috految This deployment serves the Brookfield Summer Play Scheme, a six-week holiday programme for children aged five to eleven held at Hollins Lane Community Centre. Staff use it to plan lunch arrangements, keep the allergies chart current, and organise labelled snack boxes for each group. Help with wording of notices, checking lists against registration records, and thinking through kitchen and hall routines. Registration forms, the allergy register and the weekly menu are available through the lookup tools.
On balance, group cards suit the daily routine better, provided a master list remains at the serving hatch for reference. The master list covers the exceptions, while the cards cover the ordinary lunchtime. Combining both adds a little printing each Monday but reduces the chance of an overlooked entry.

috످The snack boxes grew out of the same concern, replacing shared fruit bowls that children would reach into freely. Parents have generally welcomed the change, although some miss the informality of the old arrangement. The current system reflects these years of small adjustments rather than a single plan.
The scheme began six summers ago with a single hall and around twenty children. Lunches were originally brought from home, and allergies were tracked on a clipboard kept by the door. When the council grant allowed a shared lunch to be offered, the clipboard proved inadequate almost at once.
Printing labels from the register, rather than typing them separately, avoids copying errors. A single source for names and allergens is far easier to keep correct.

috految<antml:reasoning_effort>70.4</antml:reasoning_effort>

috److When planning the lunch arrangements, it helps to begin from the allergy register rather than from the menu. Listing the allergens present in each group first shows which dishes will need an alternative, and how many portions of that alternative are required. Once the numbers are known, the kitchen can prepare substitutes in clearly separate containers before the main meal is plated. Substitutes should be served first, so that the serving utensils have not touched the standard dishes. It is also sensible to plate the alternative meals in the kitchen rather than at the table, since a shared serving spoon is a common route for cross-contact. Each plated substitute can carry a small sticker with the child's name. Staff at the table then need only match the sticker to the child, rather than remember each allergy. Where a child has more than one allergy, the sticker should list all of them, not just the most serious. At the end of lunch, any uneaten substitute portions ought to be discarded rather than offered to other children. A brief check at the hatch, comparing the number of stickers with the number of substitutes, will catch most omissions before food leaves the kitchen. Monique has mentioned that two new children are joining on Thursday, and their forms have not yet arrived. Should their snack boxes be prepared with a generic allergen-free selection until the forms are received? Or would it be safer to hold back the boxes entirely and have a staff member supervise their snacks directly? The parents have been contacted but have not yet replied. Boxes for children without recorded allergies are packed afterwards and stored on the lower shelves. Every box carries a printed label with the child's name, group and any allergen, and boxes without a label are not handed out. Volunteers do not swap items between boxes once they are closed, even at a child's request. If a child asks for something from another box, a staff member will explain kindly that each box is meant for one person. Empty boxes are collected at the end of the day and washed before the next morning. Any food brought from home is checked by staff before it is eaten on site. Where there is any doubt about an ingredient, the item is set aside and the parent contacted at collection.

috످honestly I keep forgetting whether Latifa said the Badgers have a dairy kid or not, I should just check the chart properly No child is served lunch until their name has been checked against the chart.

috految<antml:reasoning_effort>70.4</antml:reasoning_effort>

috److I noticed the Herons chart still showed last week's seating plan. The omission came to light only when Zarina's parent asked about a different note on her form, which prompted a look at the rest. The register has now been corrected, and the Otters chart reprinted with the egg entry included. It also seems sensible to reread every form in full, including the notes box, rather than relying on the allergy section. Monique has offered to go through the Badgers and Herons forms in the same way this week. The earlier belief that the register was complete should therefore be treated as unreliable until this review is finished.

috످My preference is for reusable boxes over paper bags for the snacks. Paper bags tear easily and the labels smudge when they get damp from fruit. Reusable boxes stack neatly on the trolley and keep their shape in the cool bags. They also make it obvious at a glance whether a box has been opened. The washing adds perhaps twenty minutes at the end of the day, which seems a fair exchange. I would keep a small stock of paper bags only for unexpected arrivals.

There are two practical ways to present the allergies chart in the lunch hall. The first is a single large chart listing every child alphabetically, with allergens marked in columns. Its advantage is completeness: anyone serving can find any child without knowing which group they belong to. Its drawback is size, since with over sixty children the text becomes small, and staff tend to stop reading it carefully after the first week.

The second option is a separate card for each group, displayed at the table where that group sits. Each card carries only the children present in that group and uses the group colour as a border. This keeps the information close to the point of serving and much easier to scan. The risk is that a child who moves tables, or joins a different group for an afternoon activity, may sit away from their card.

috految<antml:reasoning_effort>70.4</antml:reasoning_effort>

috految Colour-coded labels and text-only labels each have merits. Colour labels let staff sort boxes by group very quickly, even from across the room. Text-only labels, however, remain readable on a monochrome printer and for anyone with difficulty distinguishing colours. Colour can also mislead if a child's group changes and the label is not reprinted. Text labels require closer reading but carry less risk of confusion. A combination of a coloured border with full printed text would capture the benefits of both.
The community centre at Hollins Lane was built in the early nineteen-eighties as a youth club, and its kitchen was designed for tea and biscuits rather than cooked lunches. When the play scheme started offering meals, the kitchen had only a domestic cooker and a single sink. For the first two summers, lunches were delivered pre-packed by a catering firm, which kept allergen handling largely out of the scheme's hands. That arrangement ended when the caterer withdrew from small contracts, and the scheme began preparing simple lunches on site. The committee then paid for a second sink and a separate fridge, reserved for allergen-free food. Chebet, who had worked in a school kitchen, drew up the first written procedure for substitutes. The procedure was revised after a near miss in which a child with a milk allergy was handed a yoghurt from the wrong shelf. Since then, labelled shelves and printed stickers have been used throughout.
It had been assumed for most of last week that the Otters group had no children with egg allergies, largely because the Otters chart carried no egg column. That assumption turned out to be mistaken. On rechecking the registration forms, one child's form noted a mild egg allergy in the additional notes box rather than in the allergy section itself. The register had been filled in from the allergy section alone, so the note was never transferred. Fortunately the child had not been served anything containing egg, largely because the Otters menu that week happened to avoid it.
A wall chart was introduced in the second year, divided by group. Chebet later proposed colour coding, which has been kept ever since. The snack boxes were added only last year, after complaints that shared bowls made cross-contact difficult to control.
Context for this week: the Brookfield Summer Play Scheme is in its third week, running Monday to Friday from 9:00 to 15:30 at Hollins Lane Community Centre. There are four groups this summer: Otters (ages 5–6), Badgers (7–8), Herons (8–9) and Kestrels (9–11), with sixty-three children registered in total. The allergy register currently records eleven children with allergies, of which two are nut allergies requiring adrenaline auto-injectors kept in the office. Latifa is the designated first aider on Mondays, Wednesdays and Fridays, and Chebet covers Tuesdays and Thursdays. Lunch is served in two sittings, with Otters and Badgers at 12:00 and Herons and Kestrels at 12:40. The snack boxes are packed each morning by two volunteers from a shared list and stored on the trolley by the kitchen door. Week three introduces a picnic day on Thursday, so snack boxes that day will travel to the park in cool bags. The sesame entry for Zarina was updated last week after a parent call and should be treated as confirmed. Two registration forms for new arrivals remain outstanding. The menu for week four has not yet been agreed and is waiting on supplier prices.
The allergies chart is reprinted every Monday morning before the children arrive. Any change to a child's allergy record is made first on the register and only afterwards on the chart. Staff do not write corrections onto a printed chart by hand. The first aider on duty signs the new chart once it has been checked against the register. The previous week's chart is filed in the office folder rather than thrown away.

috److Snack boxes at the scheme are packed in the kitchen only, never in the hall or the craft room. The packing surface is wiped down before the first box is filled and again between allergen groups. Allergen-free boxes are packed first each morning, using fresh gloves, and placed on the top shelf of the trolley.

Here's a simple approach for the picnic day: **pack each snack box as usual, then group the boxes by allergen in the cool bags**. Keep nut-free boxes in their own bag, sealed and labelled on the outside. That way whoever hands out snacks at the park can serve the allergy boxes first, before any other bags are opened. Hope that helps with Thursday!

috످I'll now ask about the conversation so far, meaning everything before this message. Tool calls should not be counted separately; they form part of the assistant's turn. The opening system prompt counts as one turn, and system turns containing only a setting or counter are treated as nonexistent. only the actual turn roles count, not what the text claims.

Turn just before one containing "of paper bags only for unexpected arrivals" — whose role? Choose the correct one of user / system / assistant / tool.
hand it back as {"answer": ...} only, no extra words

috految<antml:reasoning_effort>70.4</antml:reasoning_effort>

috److془The passage is about preferring reusable snack boxes, with few paper bags as backup; it's in the user's third turn. The turn before is about a missed allergy and review of forms; assistant's turn.془{"answer": "assistant"}

috످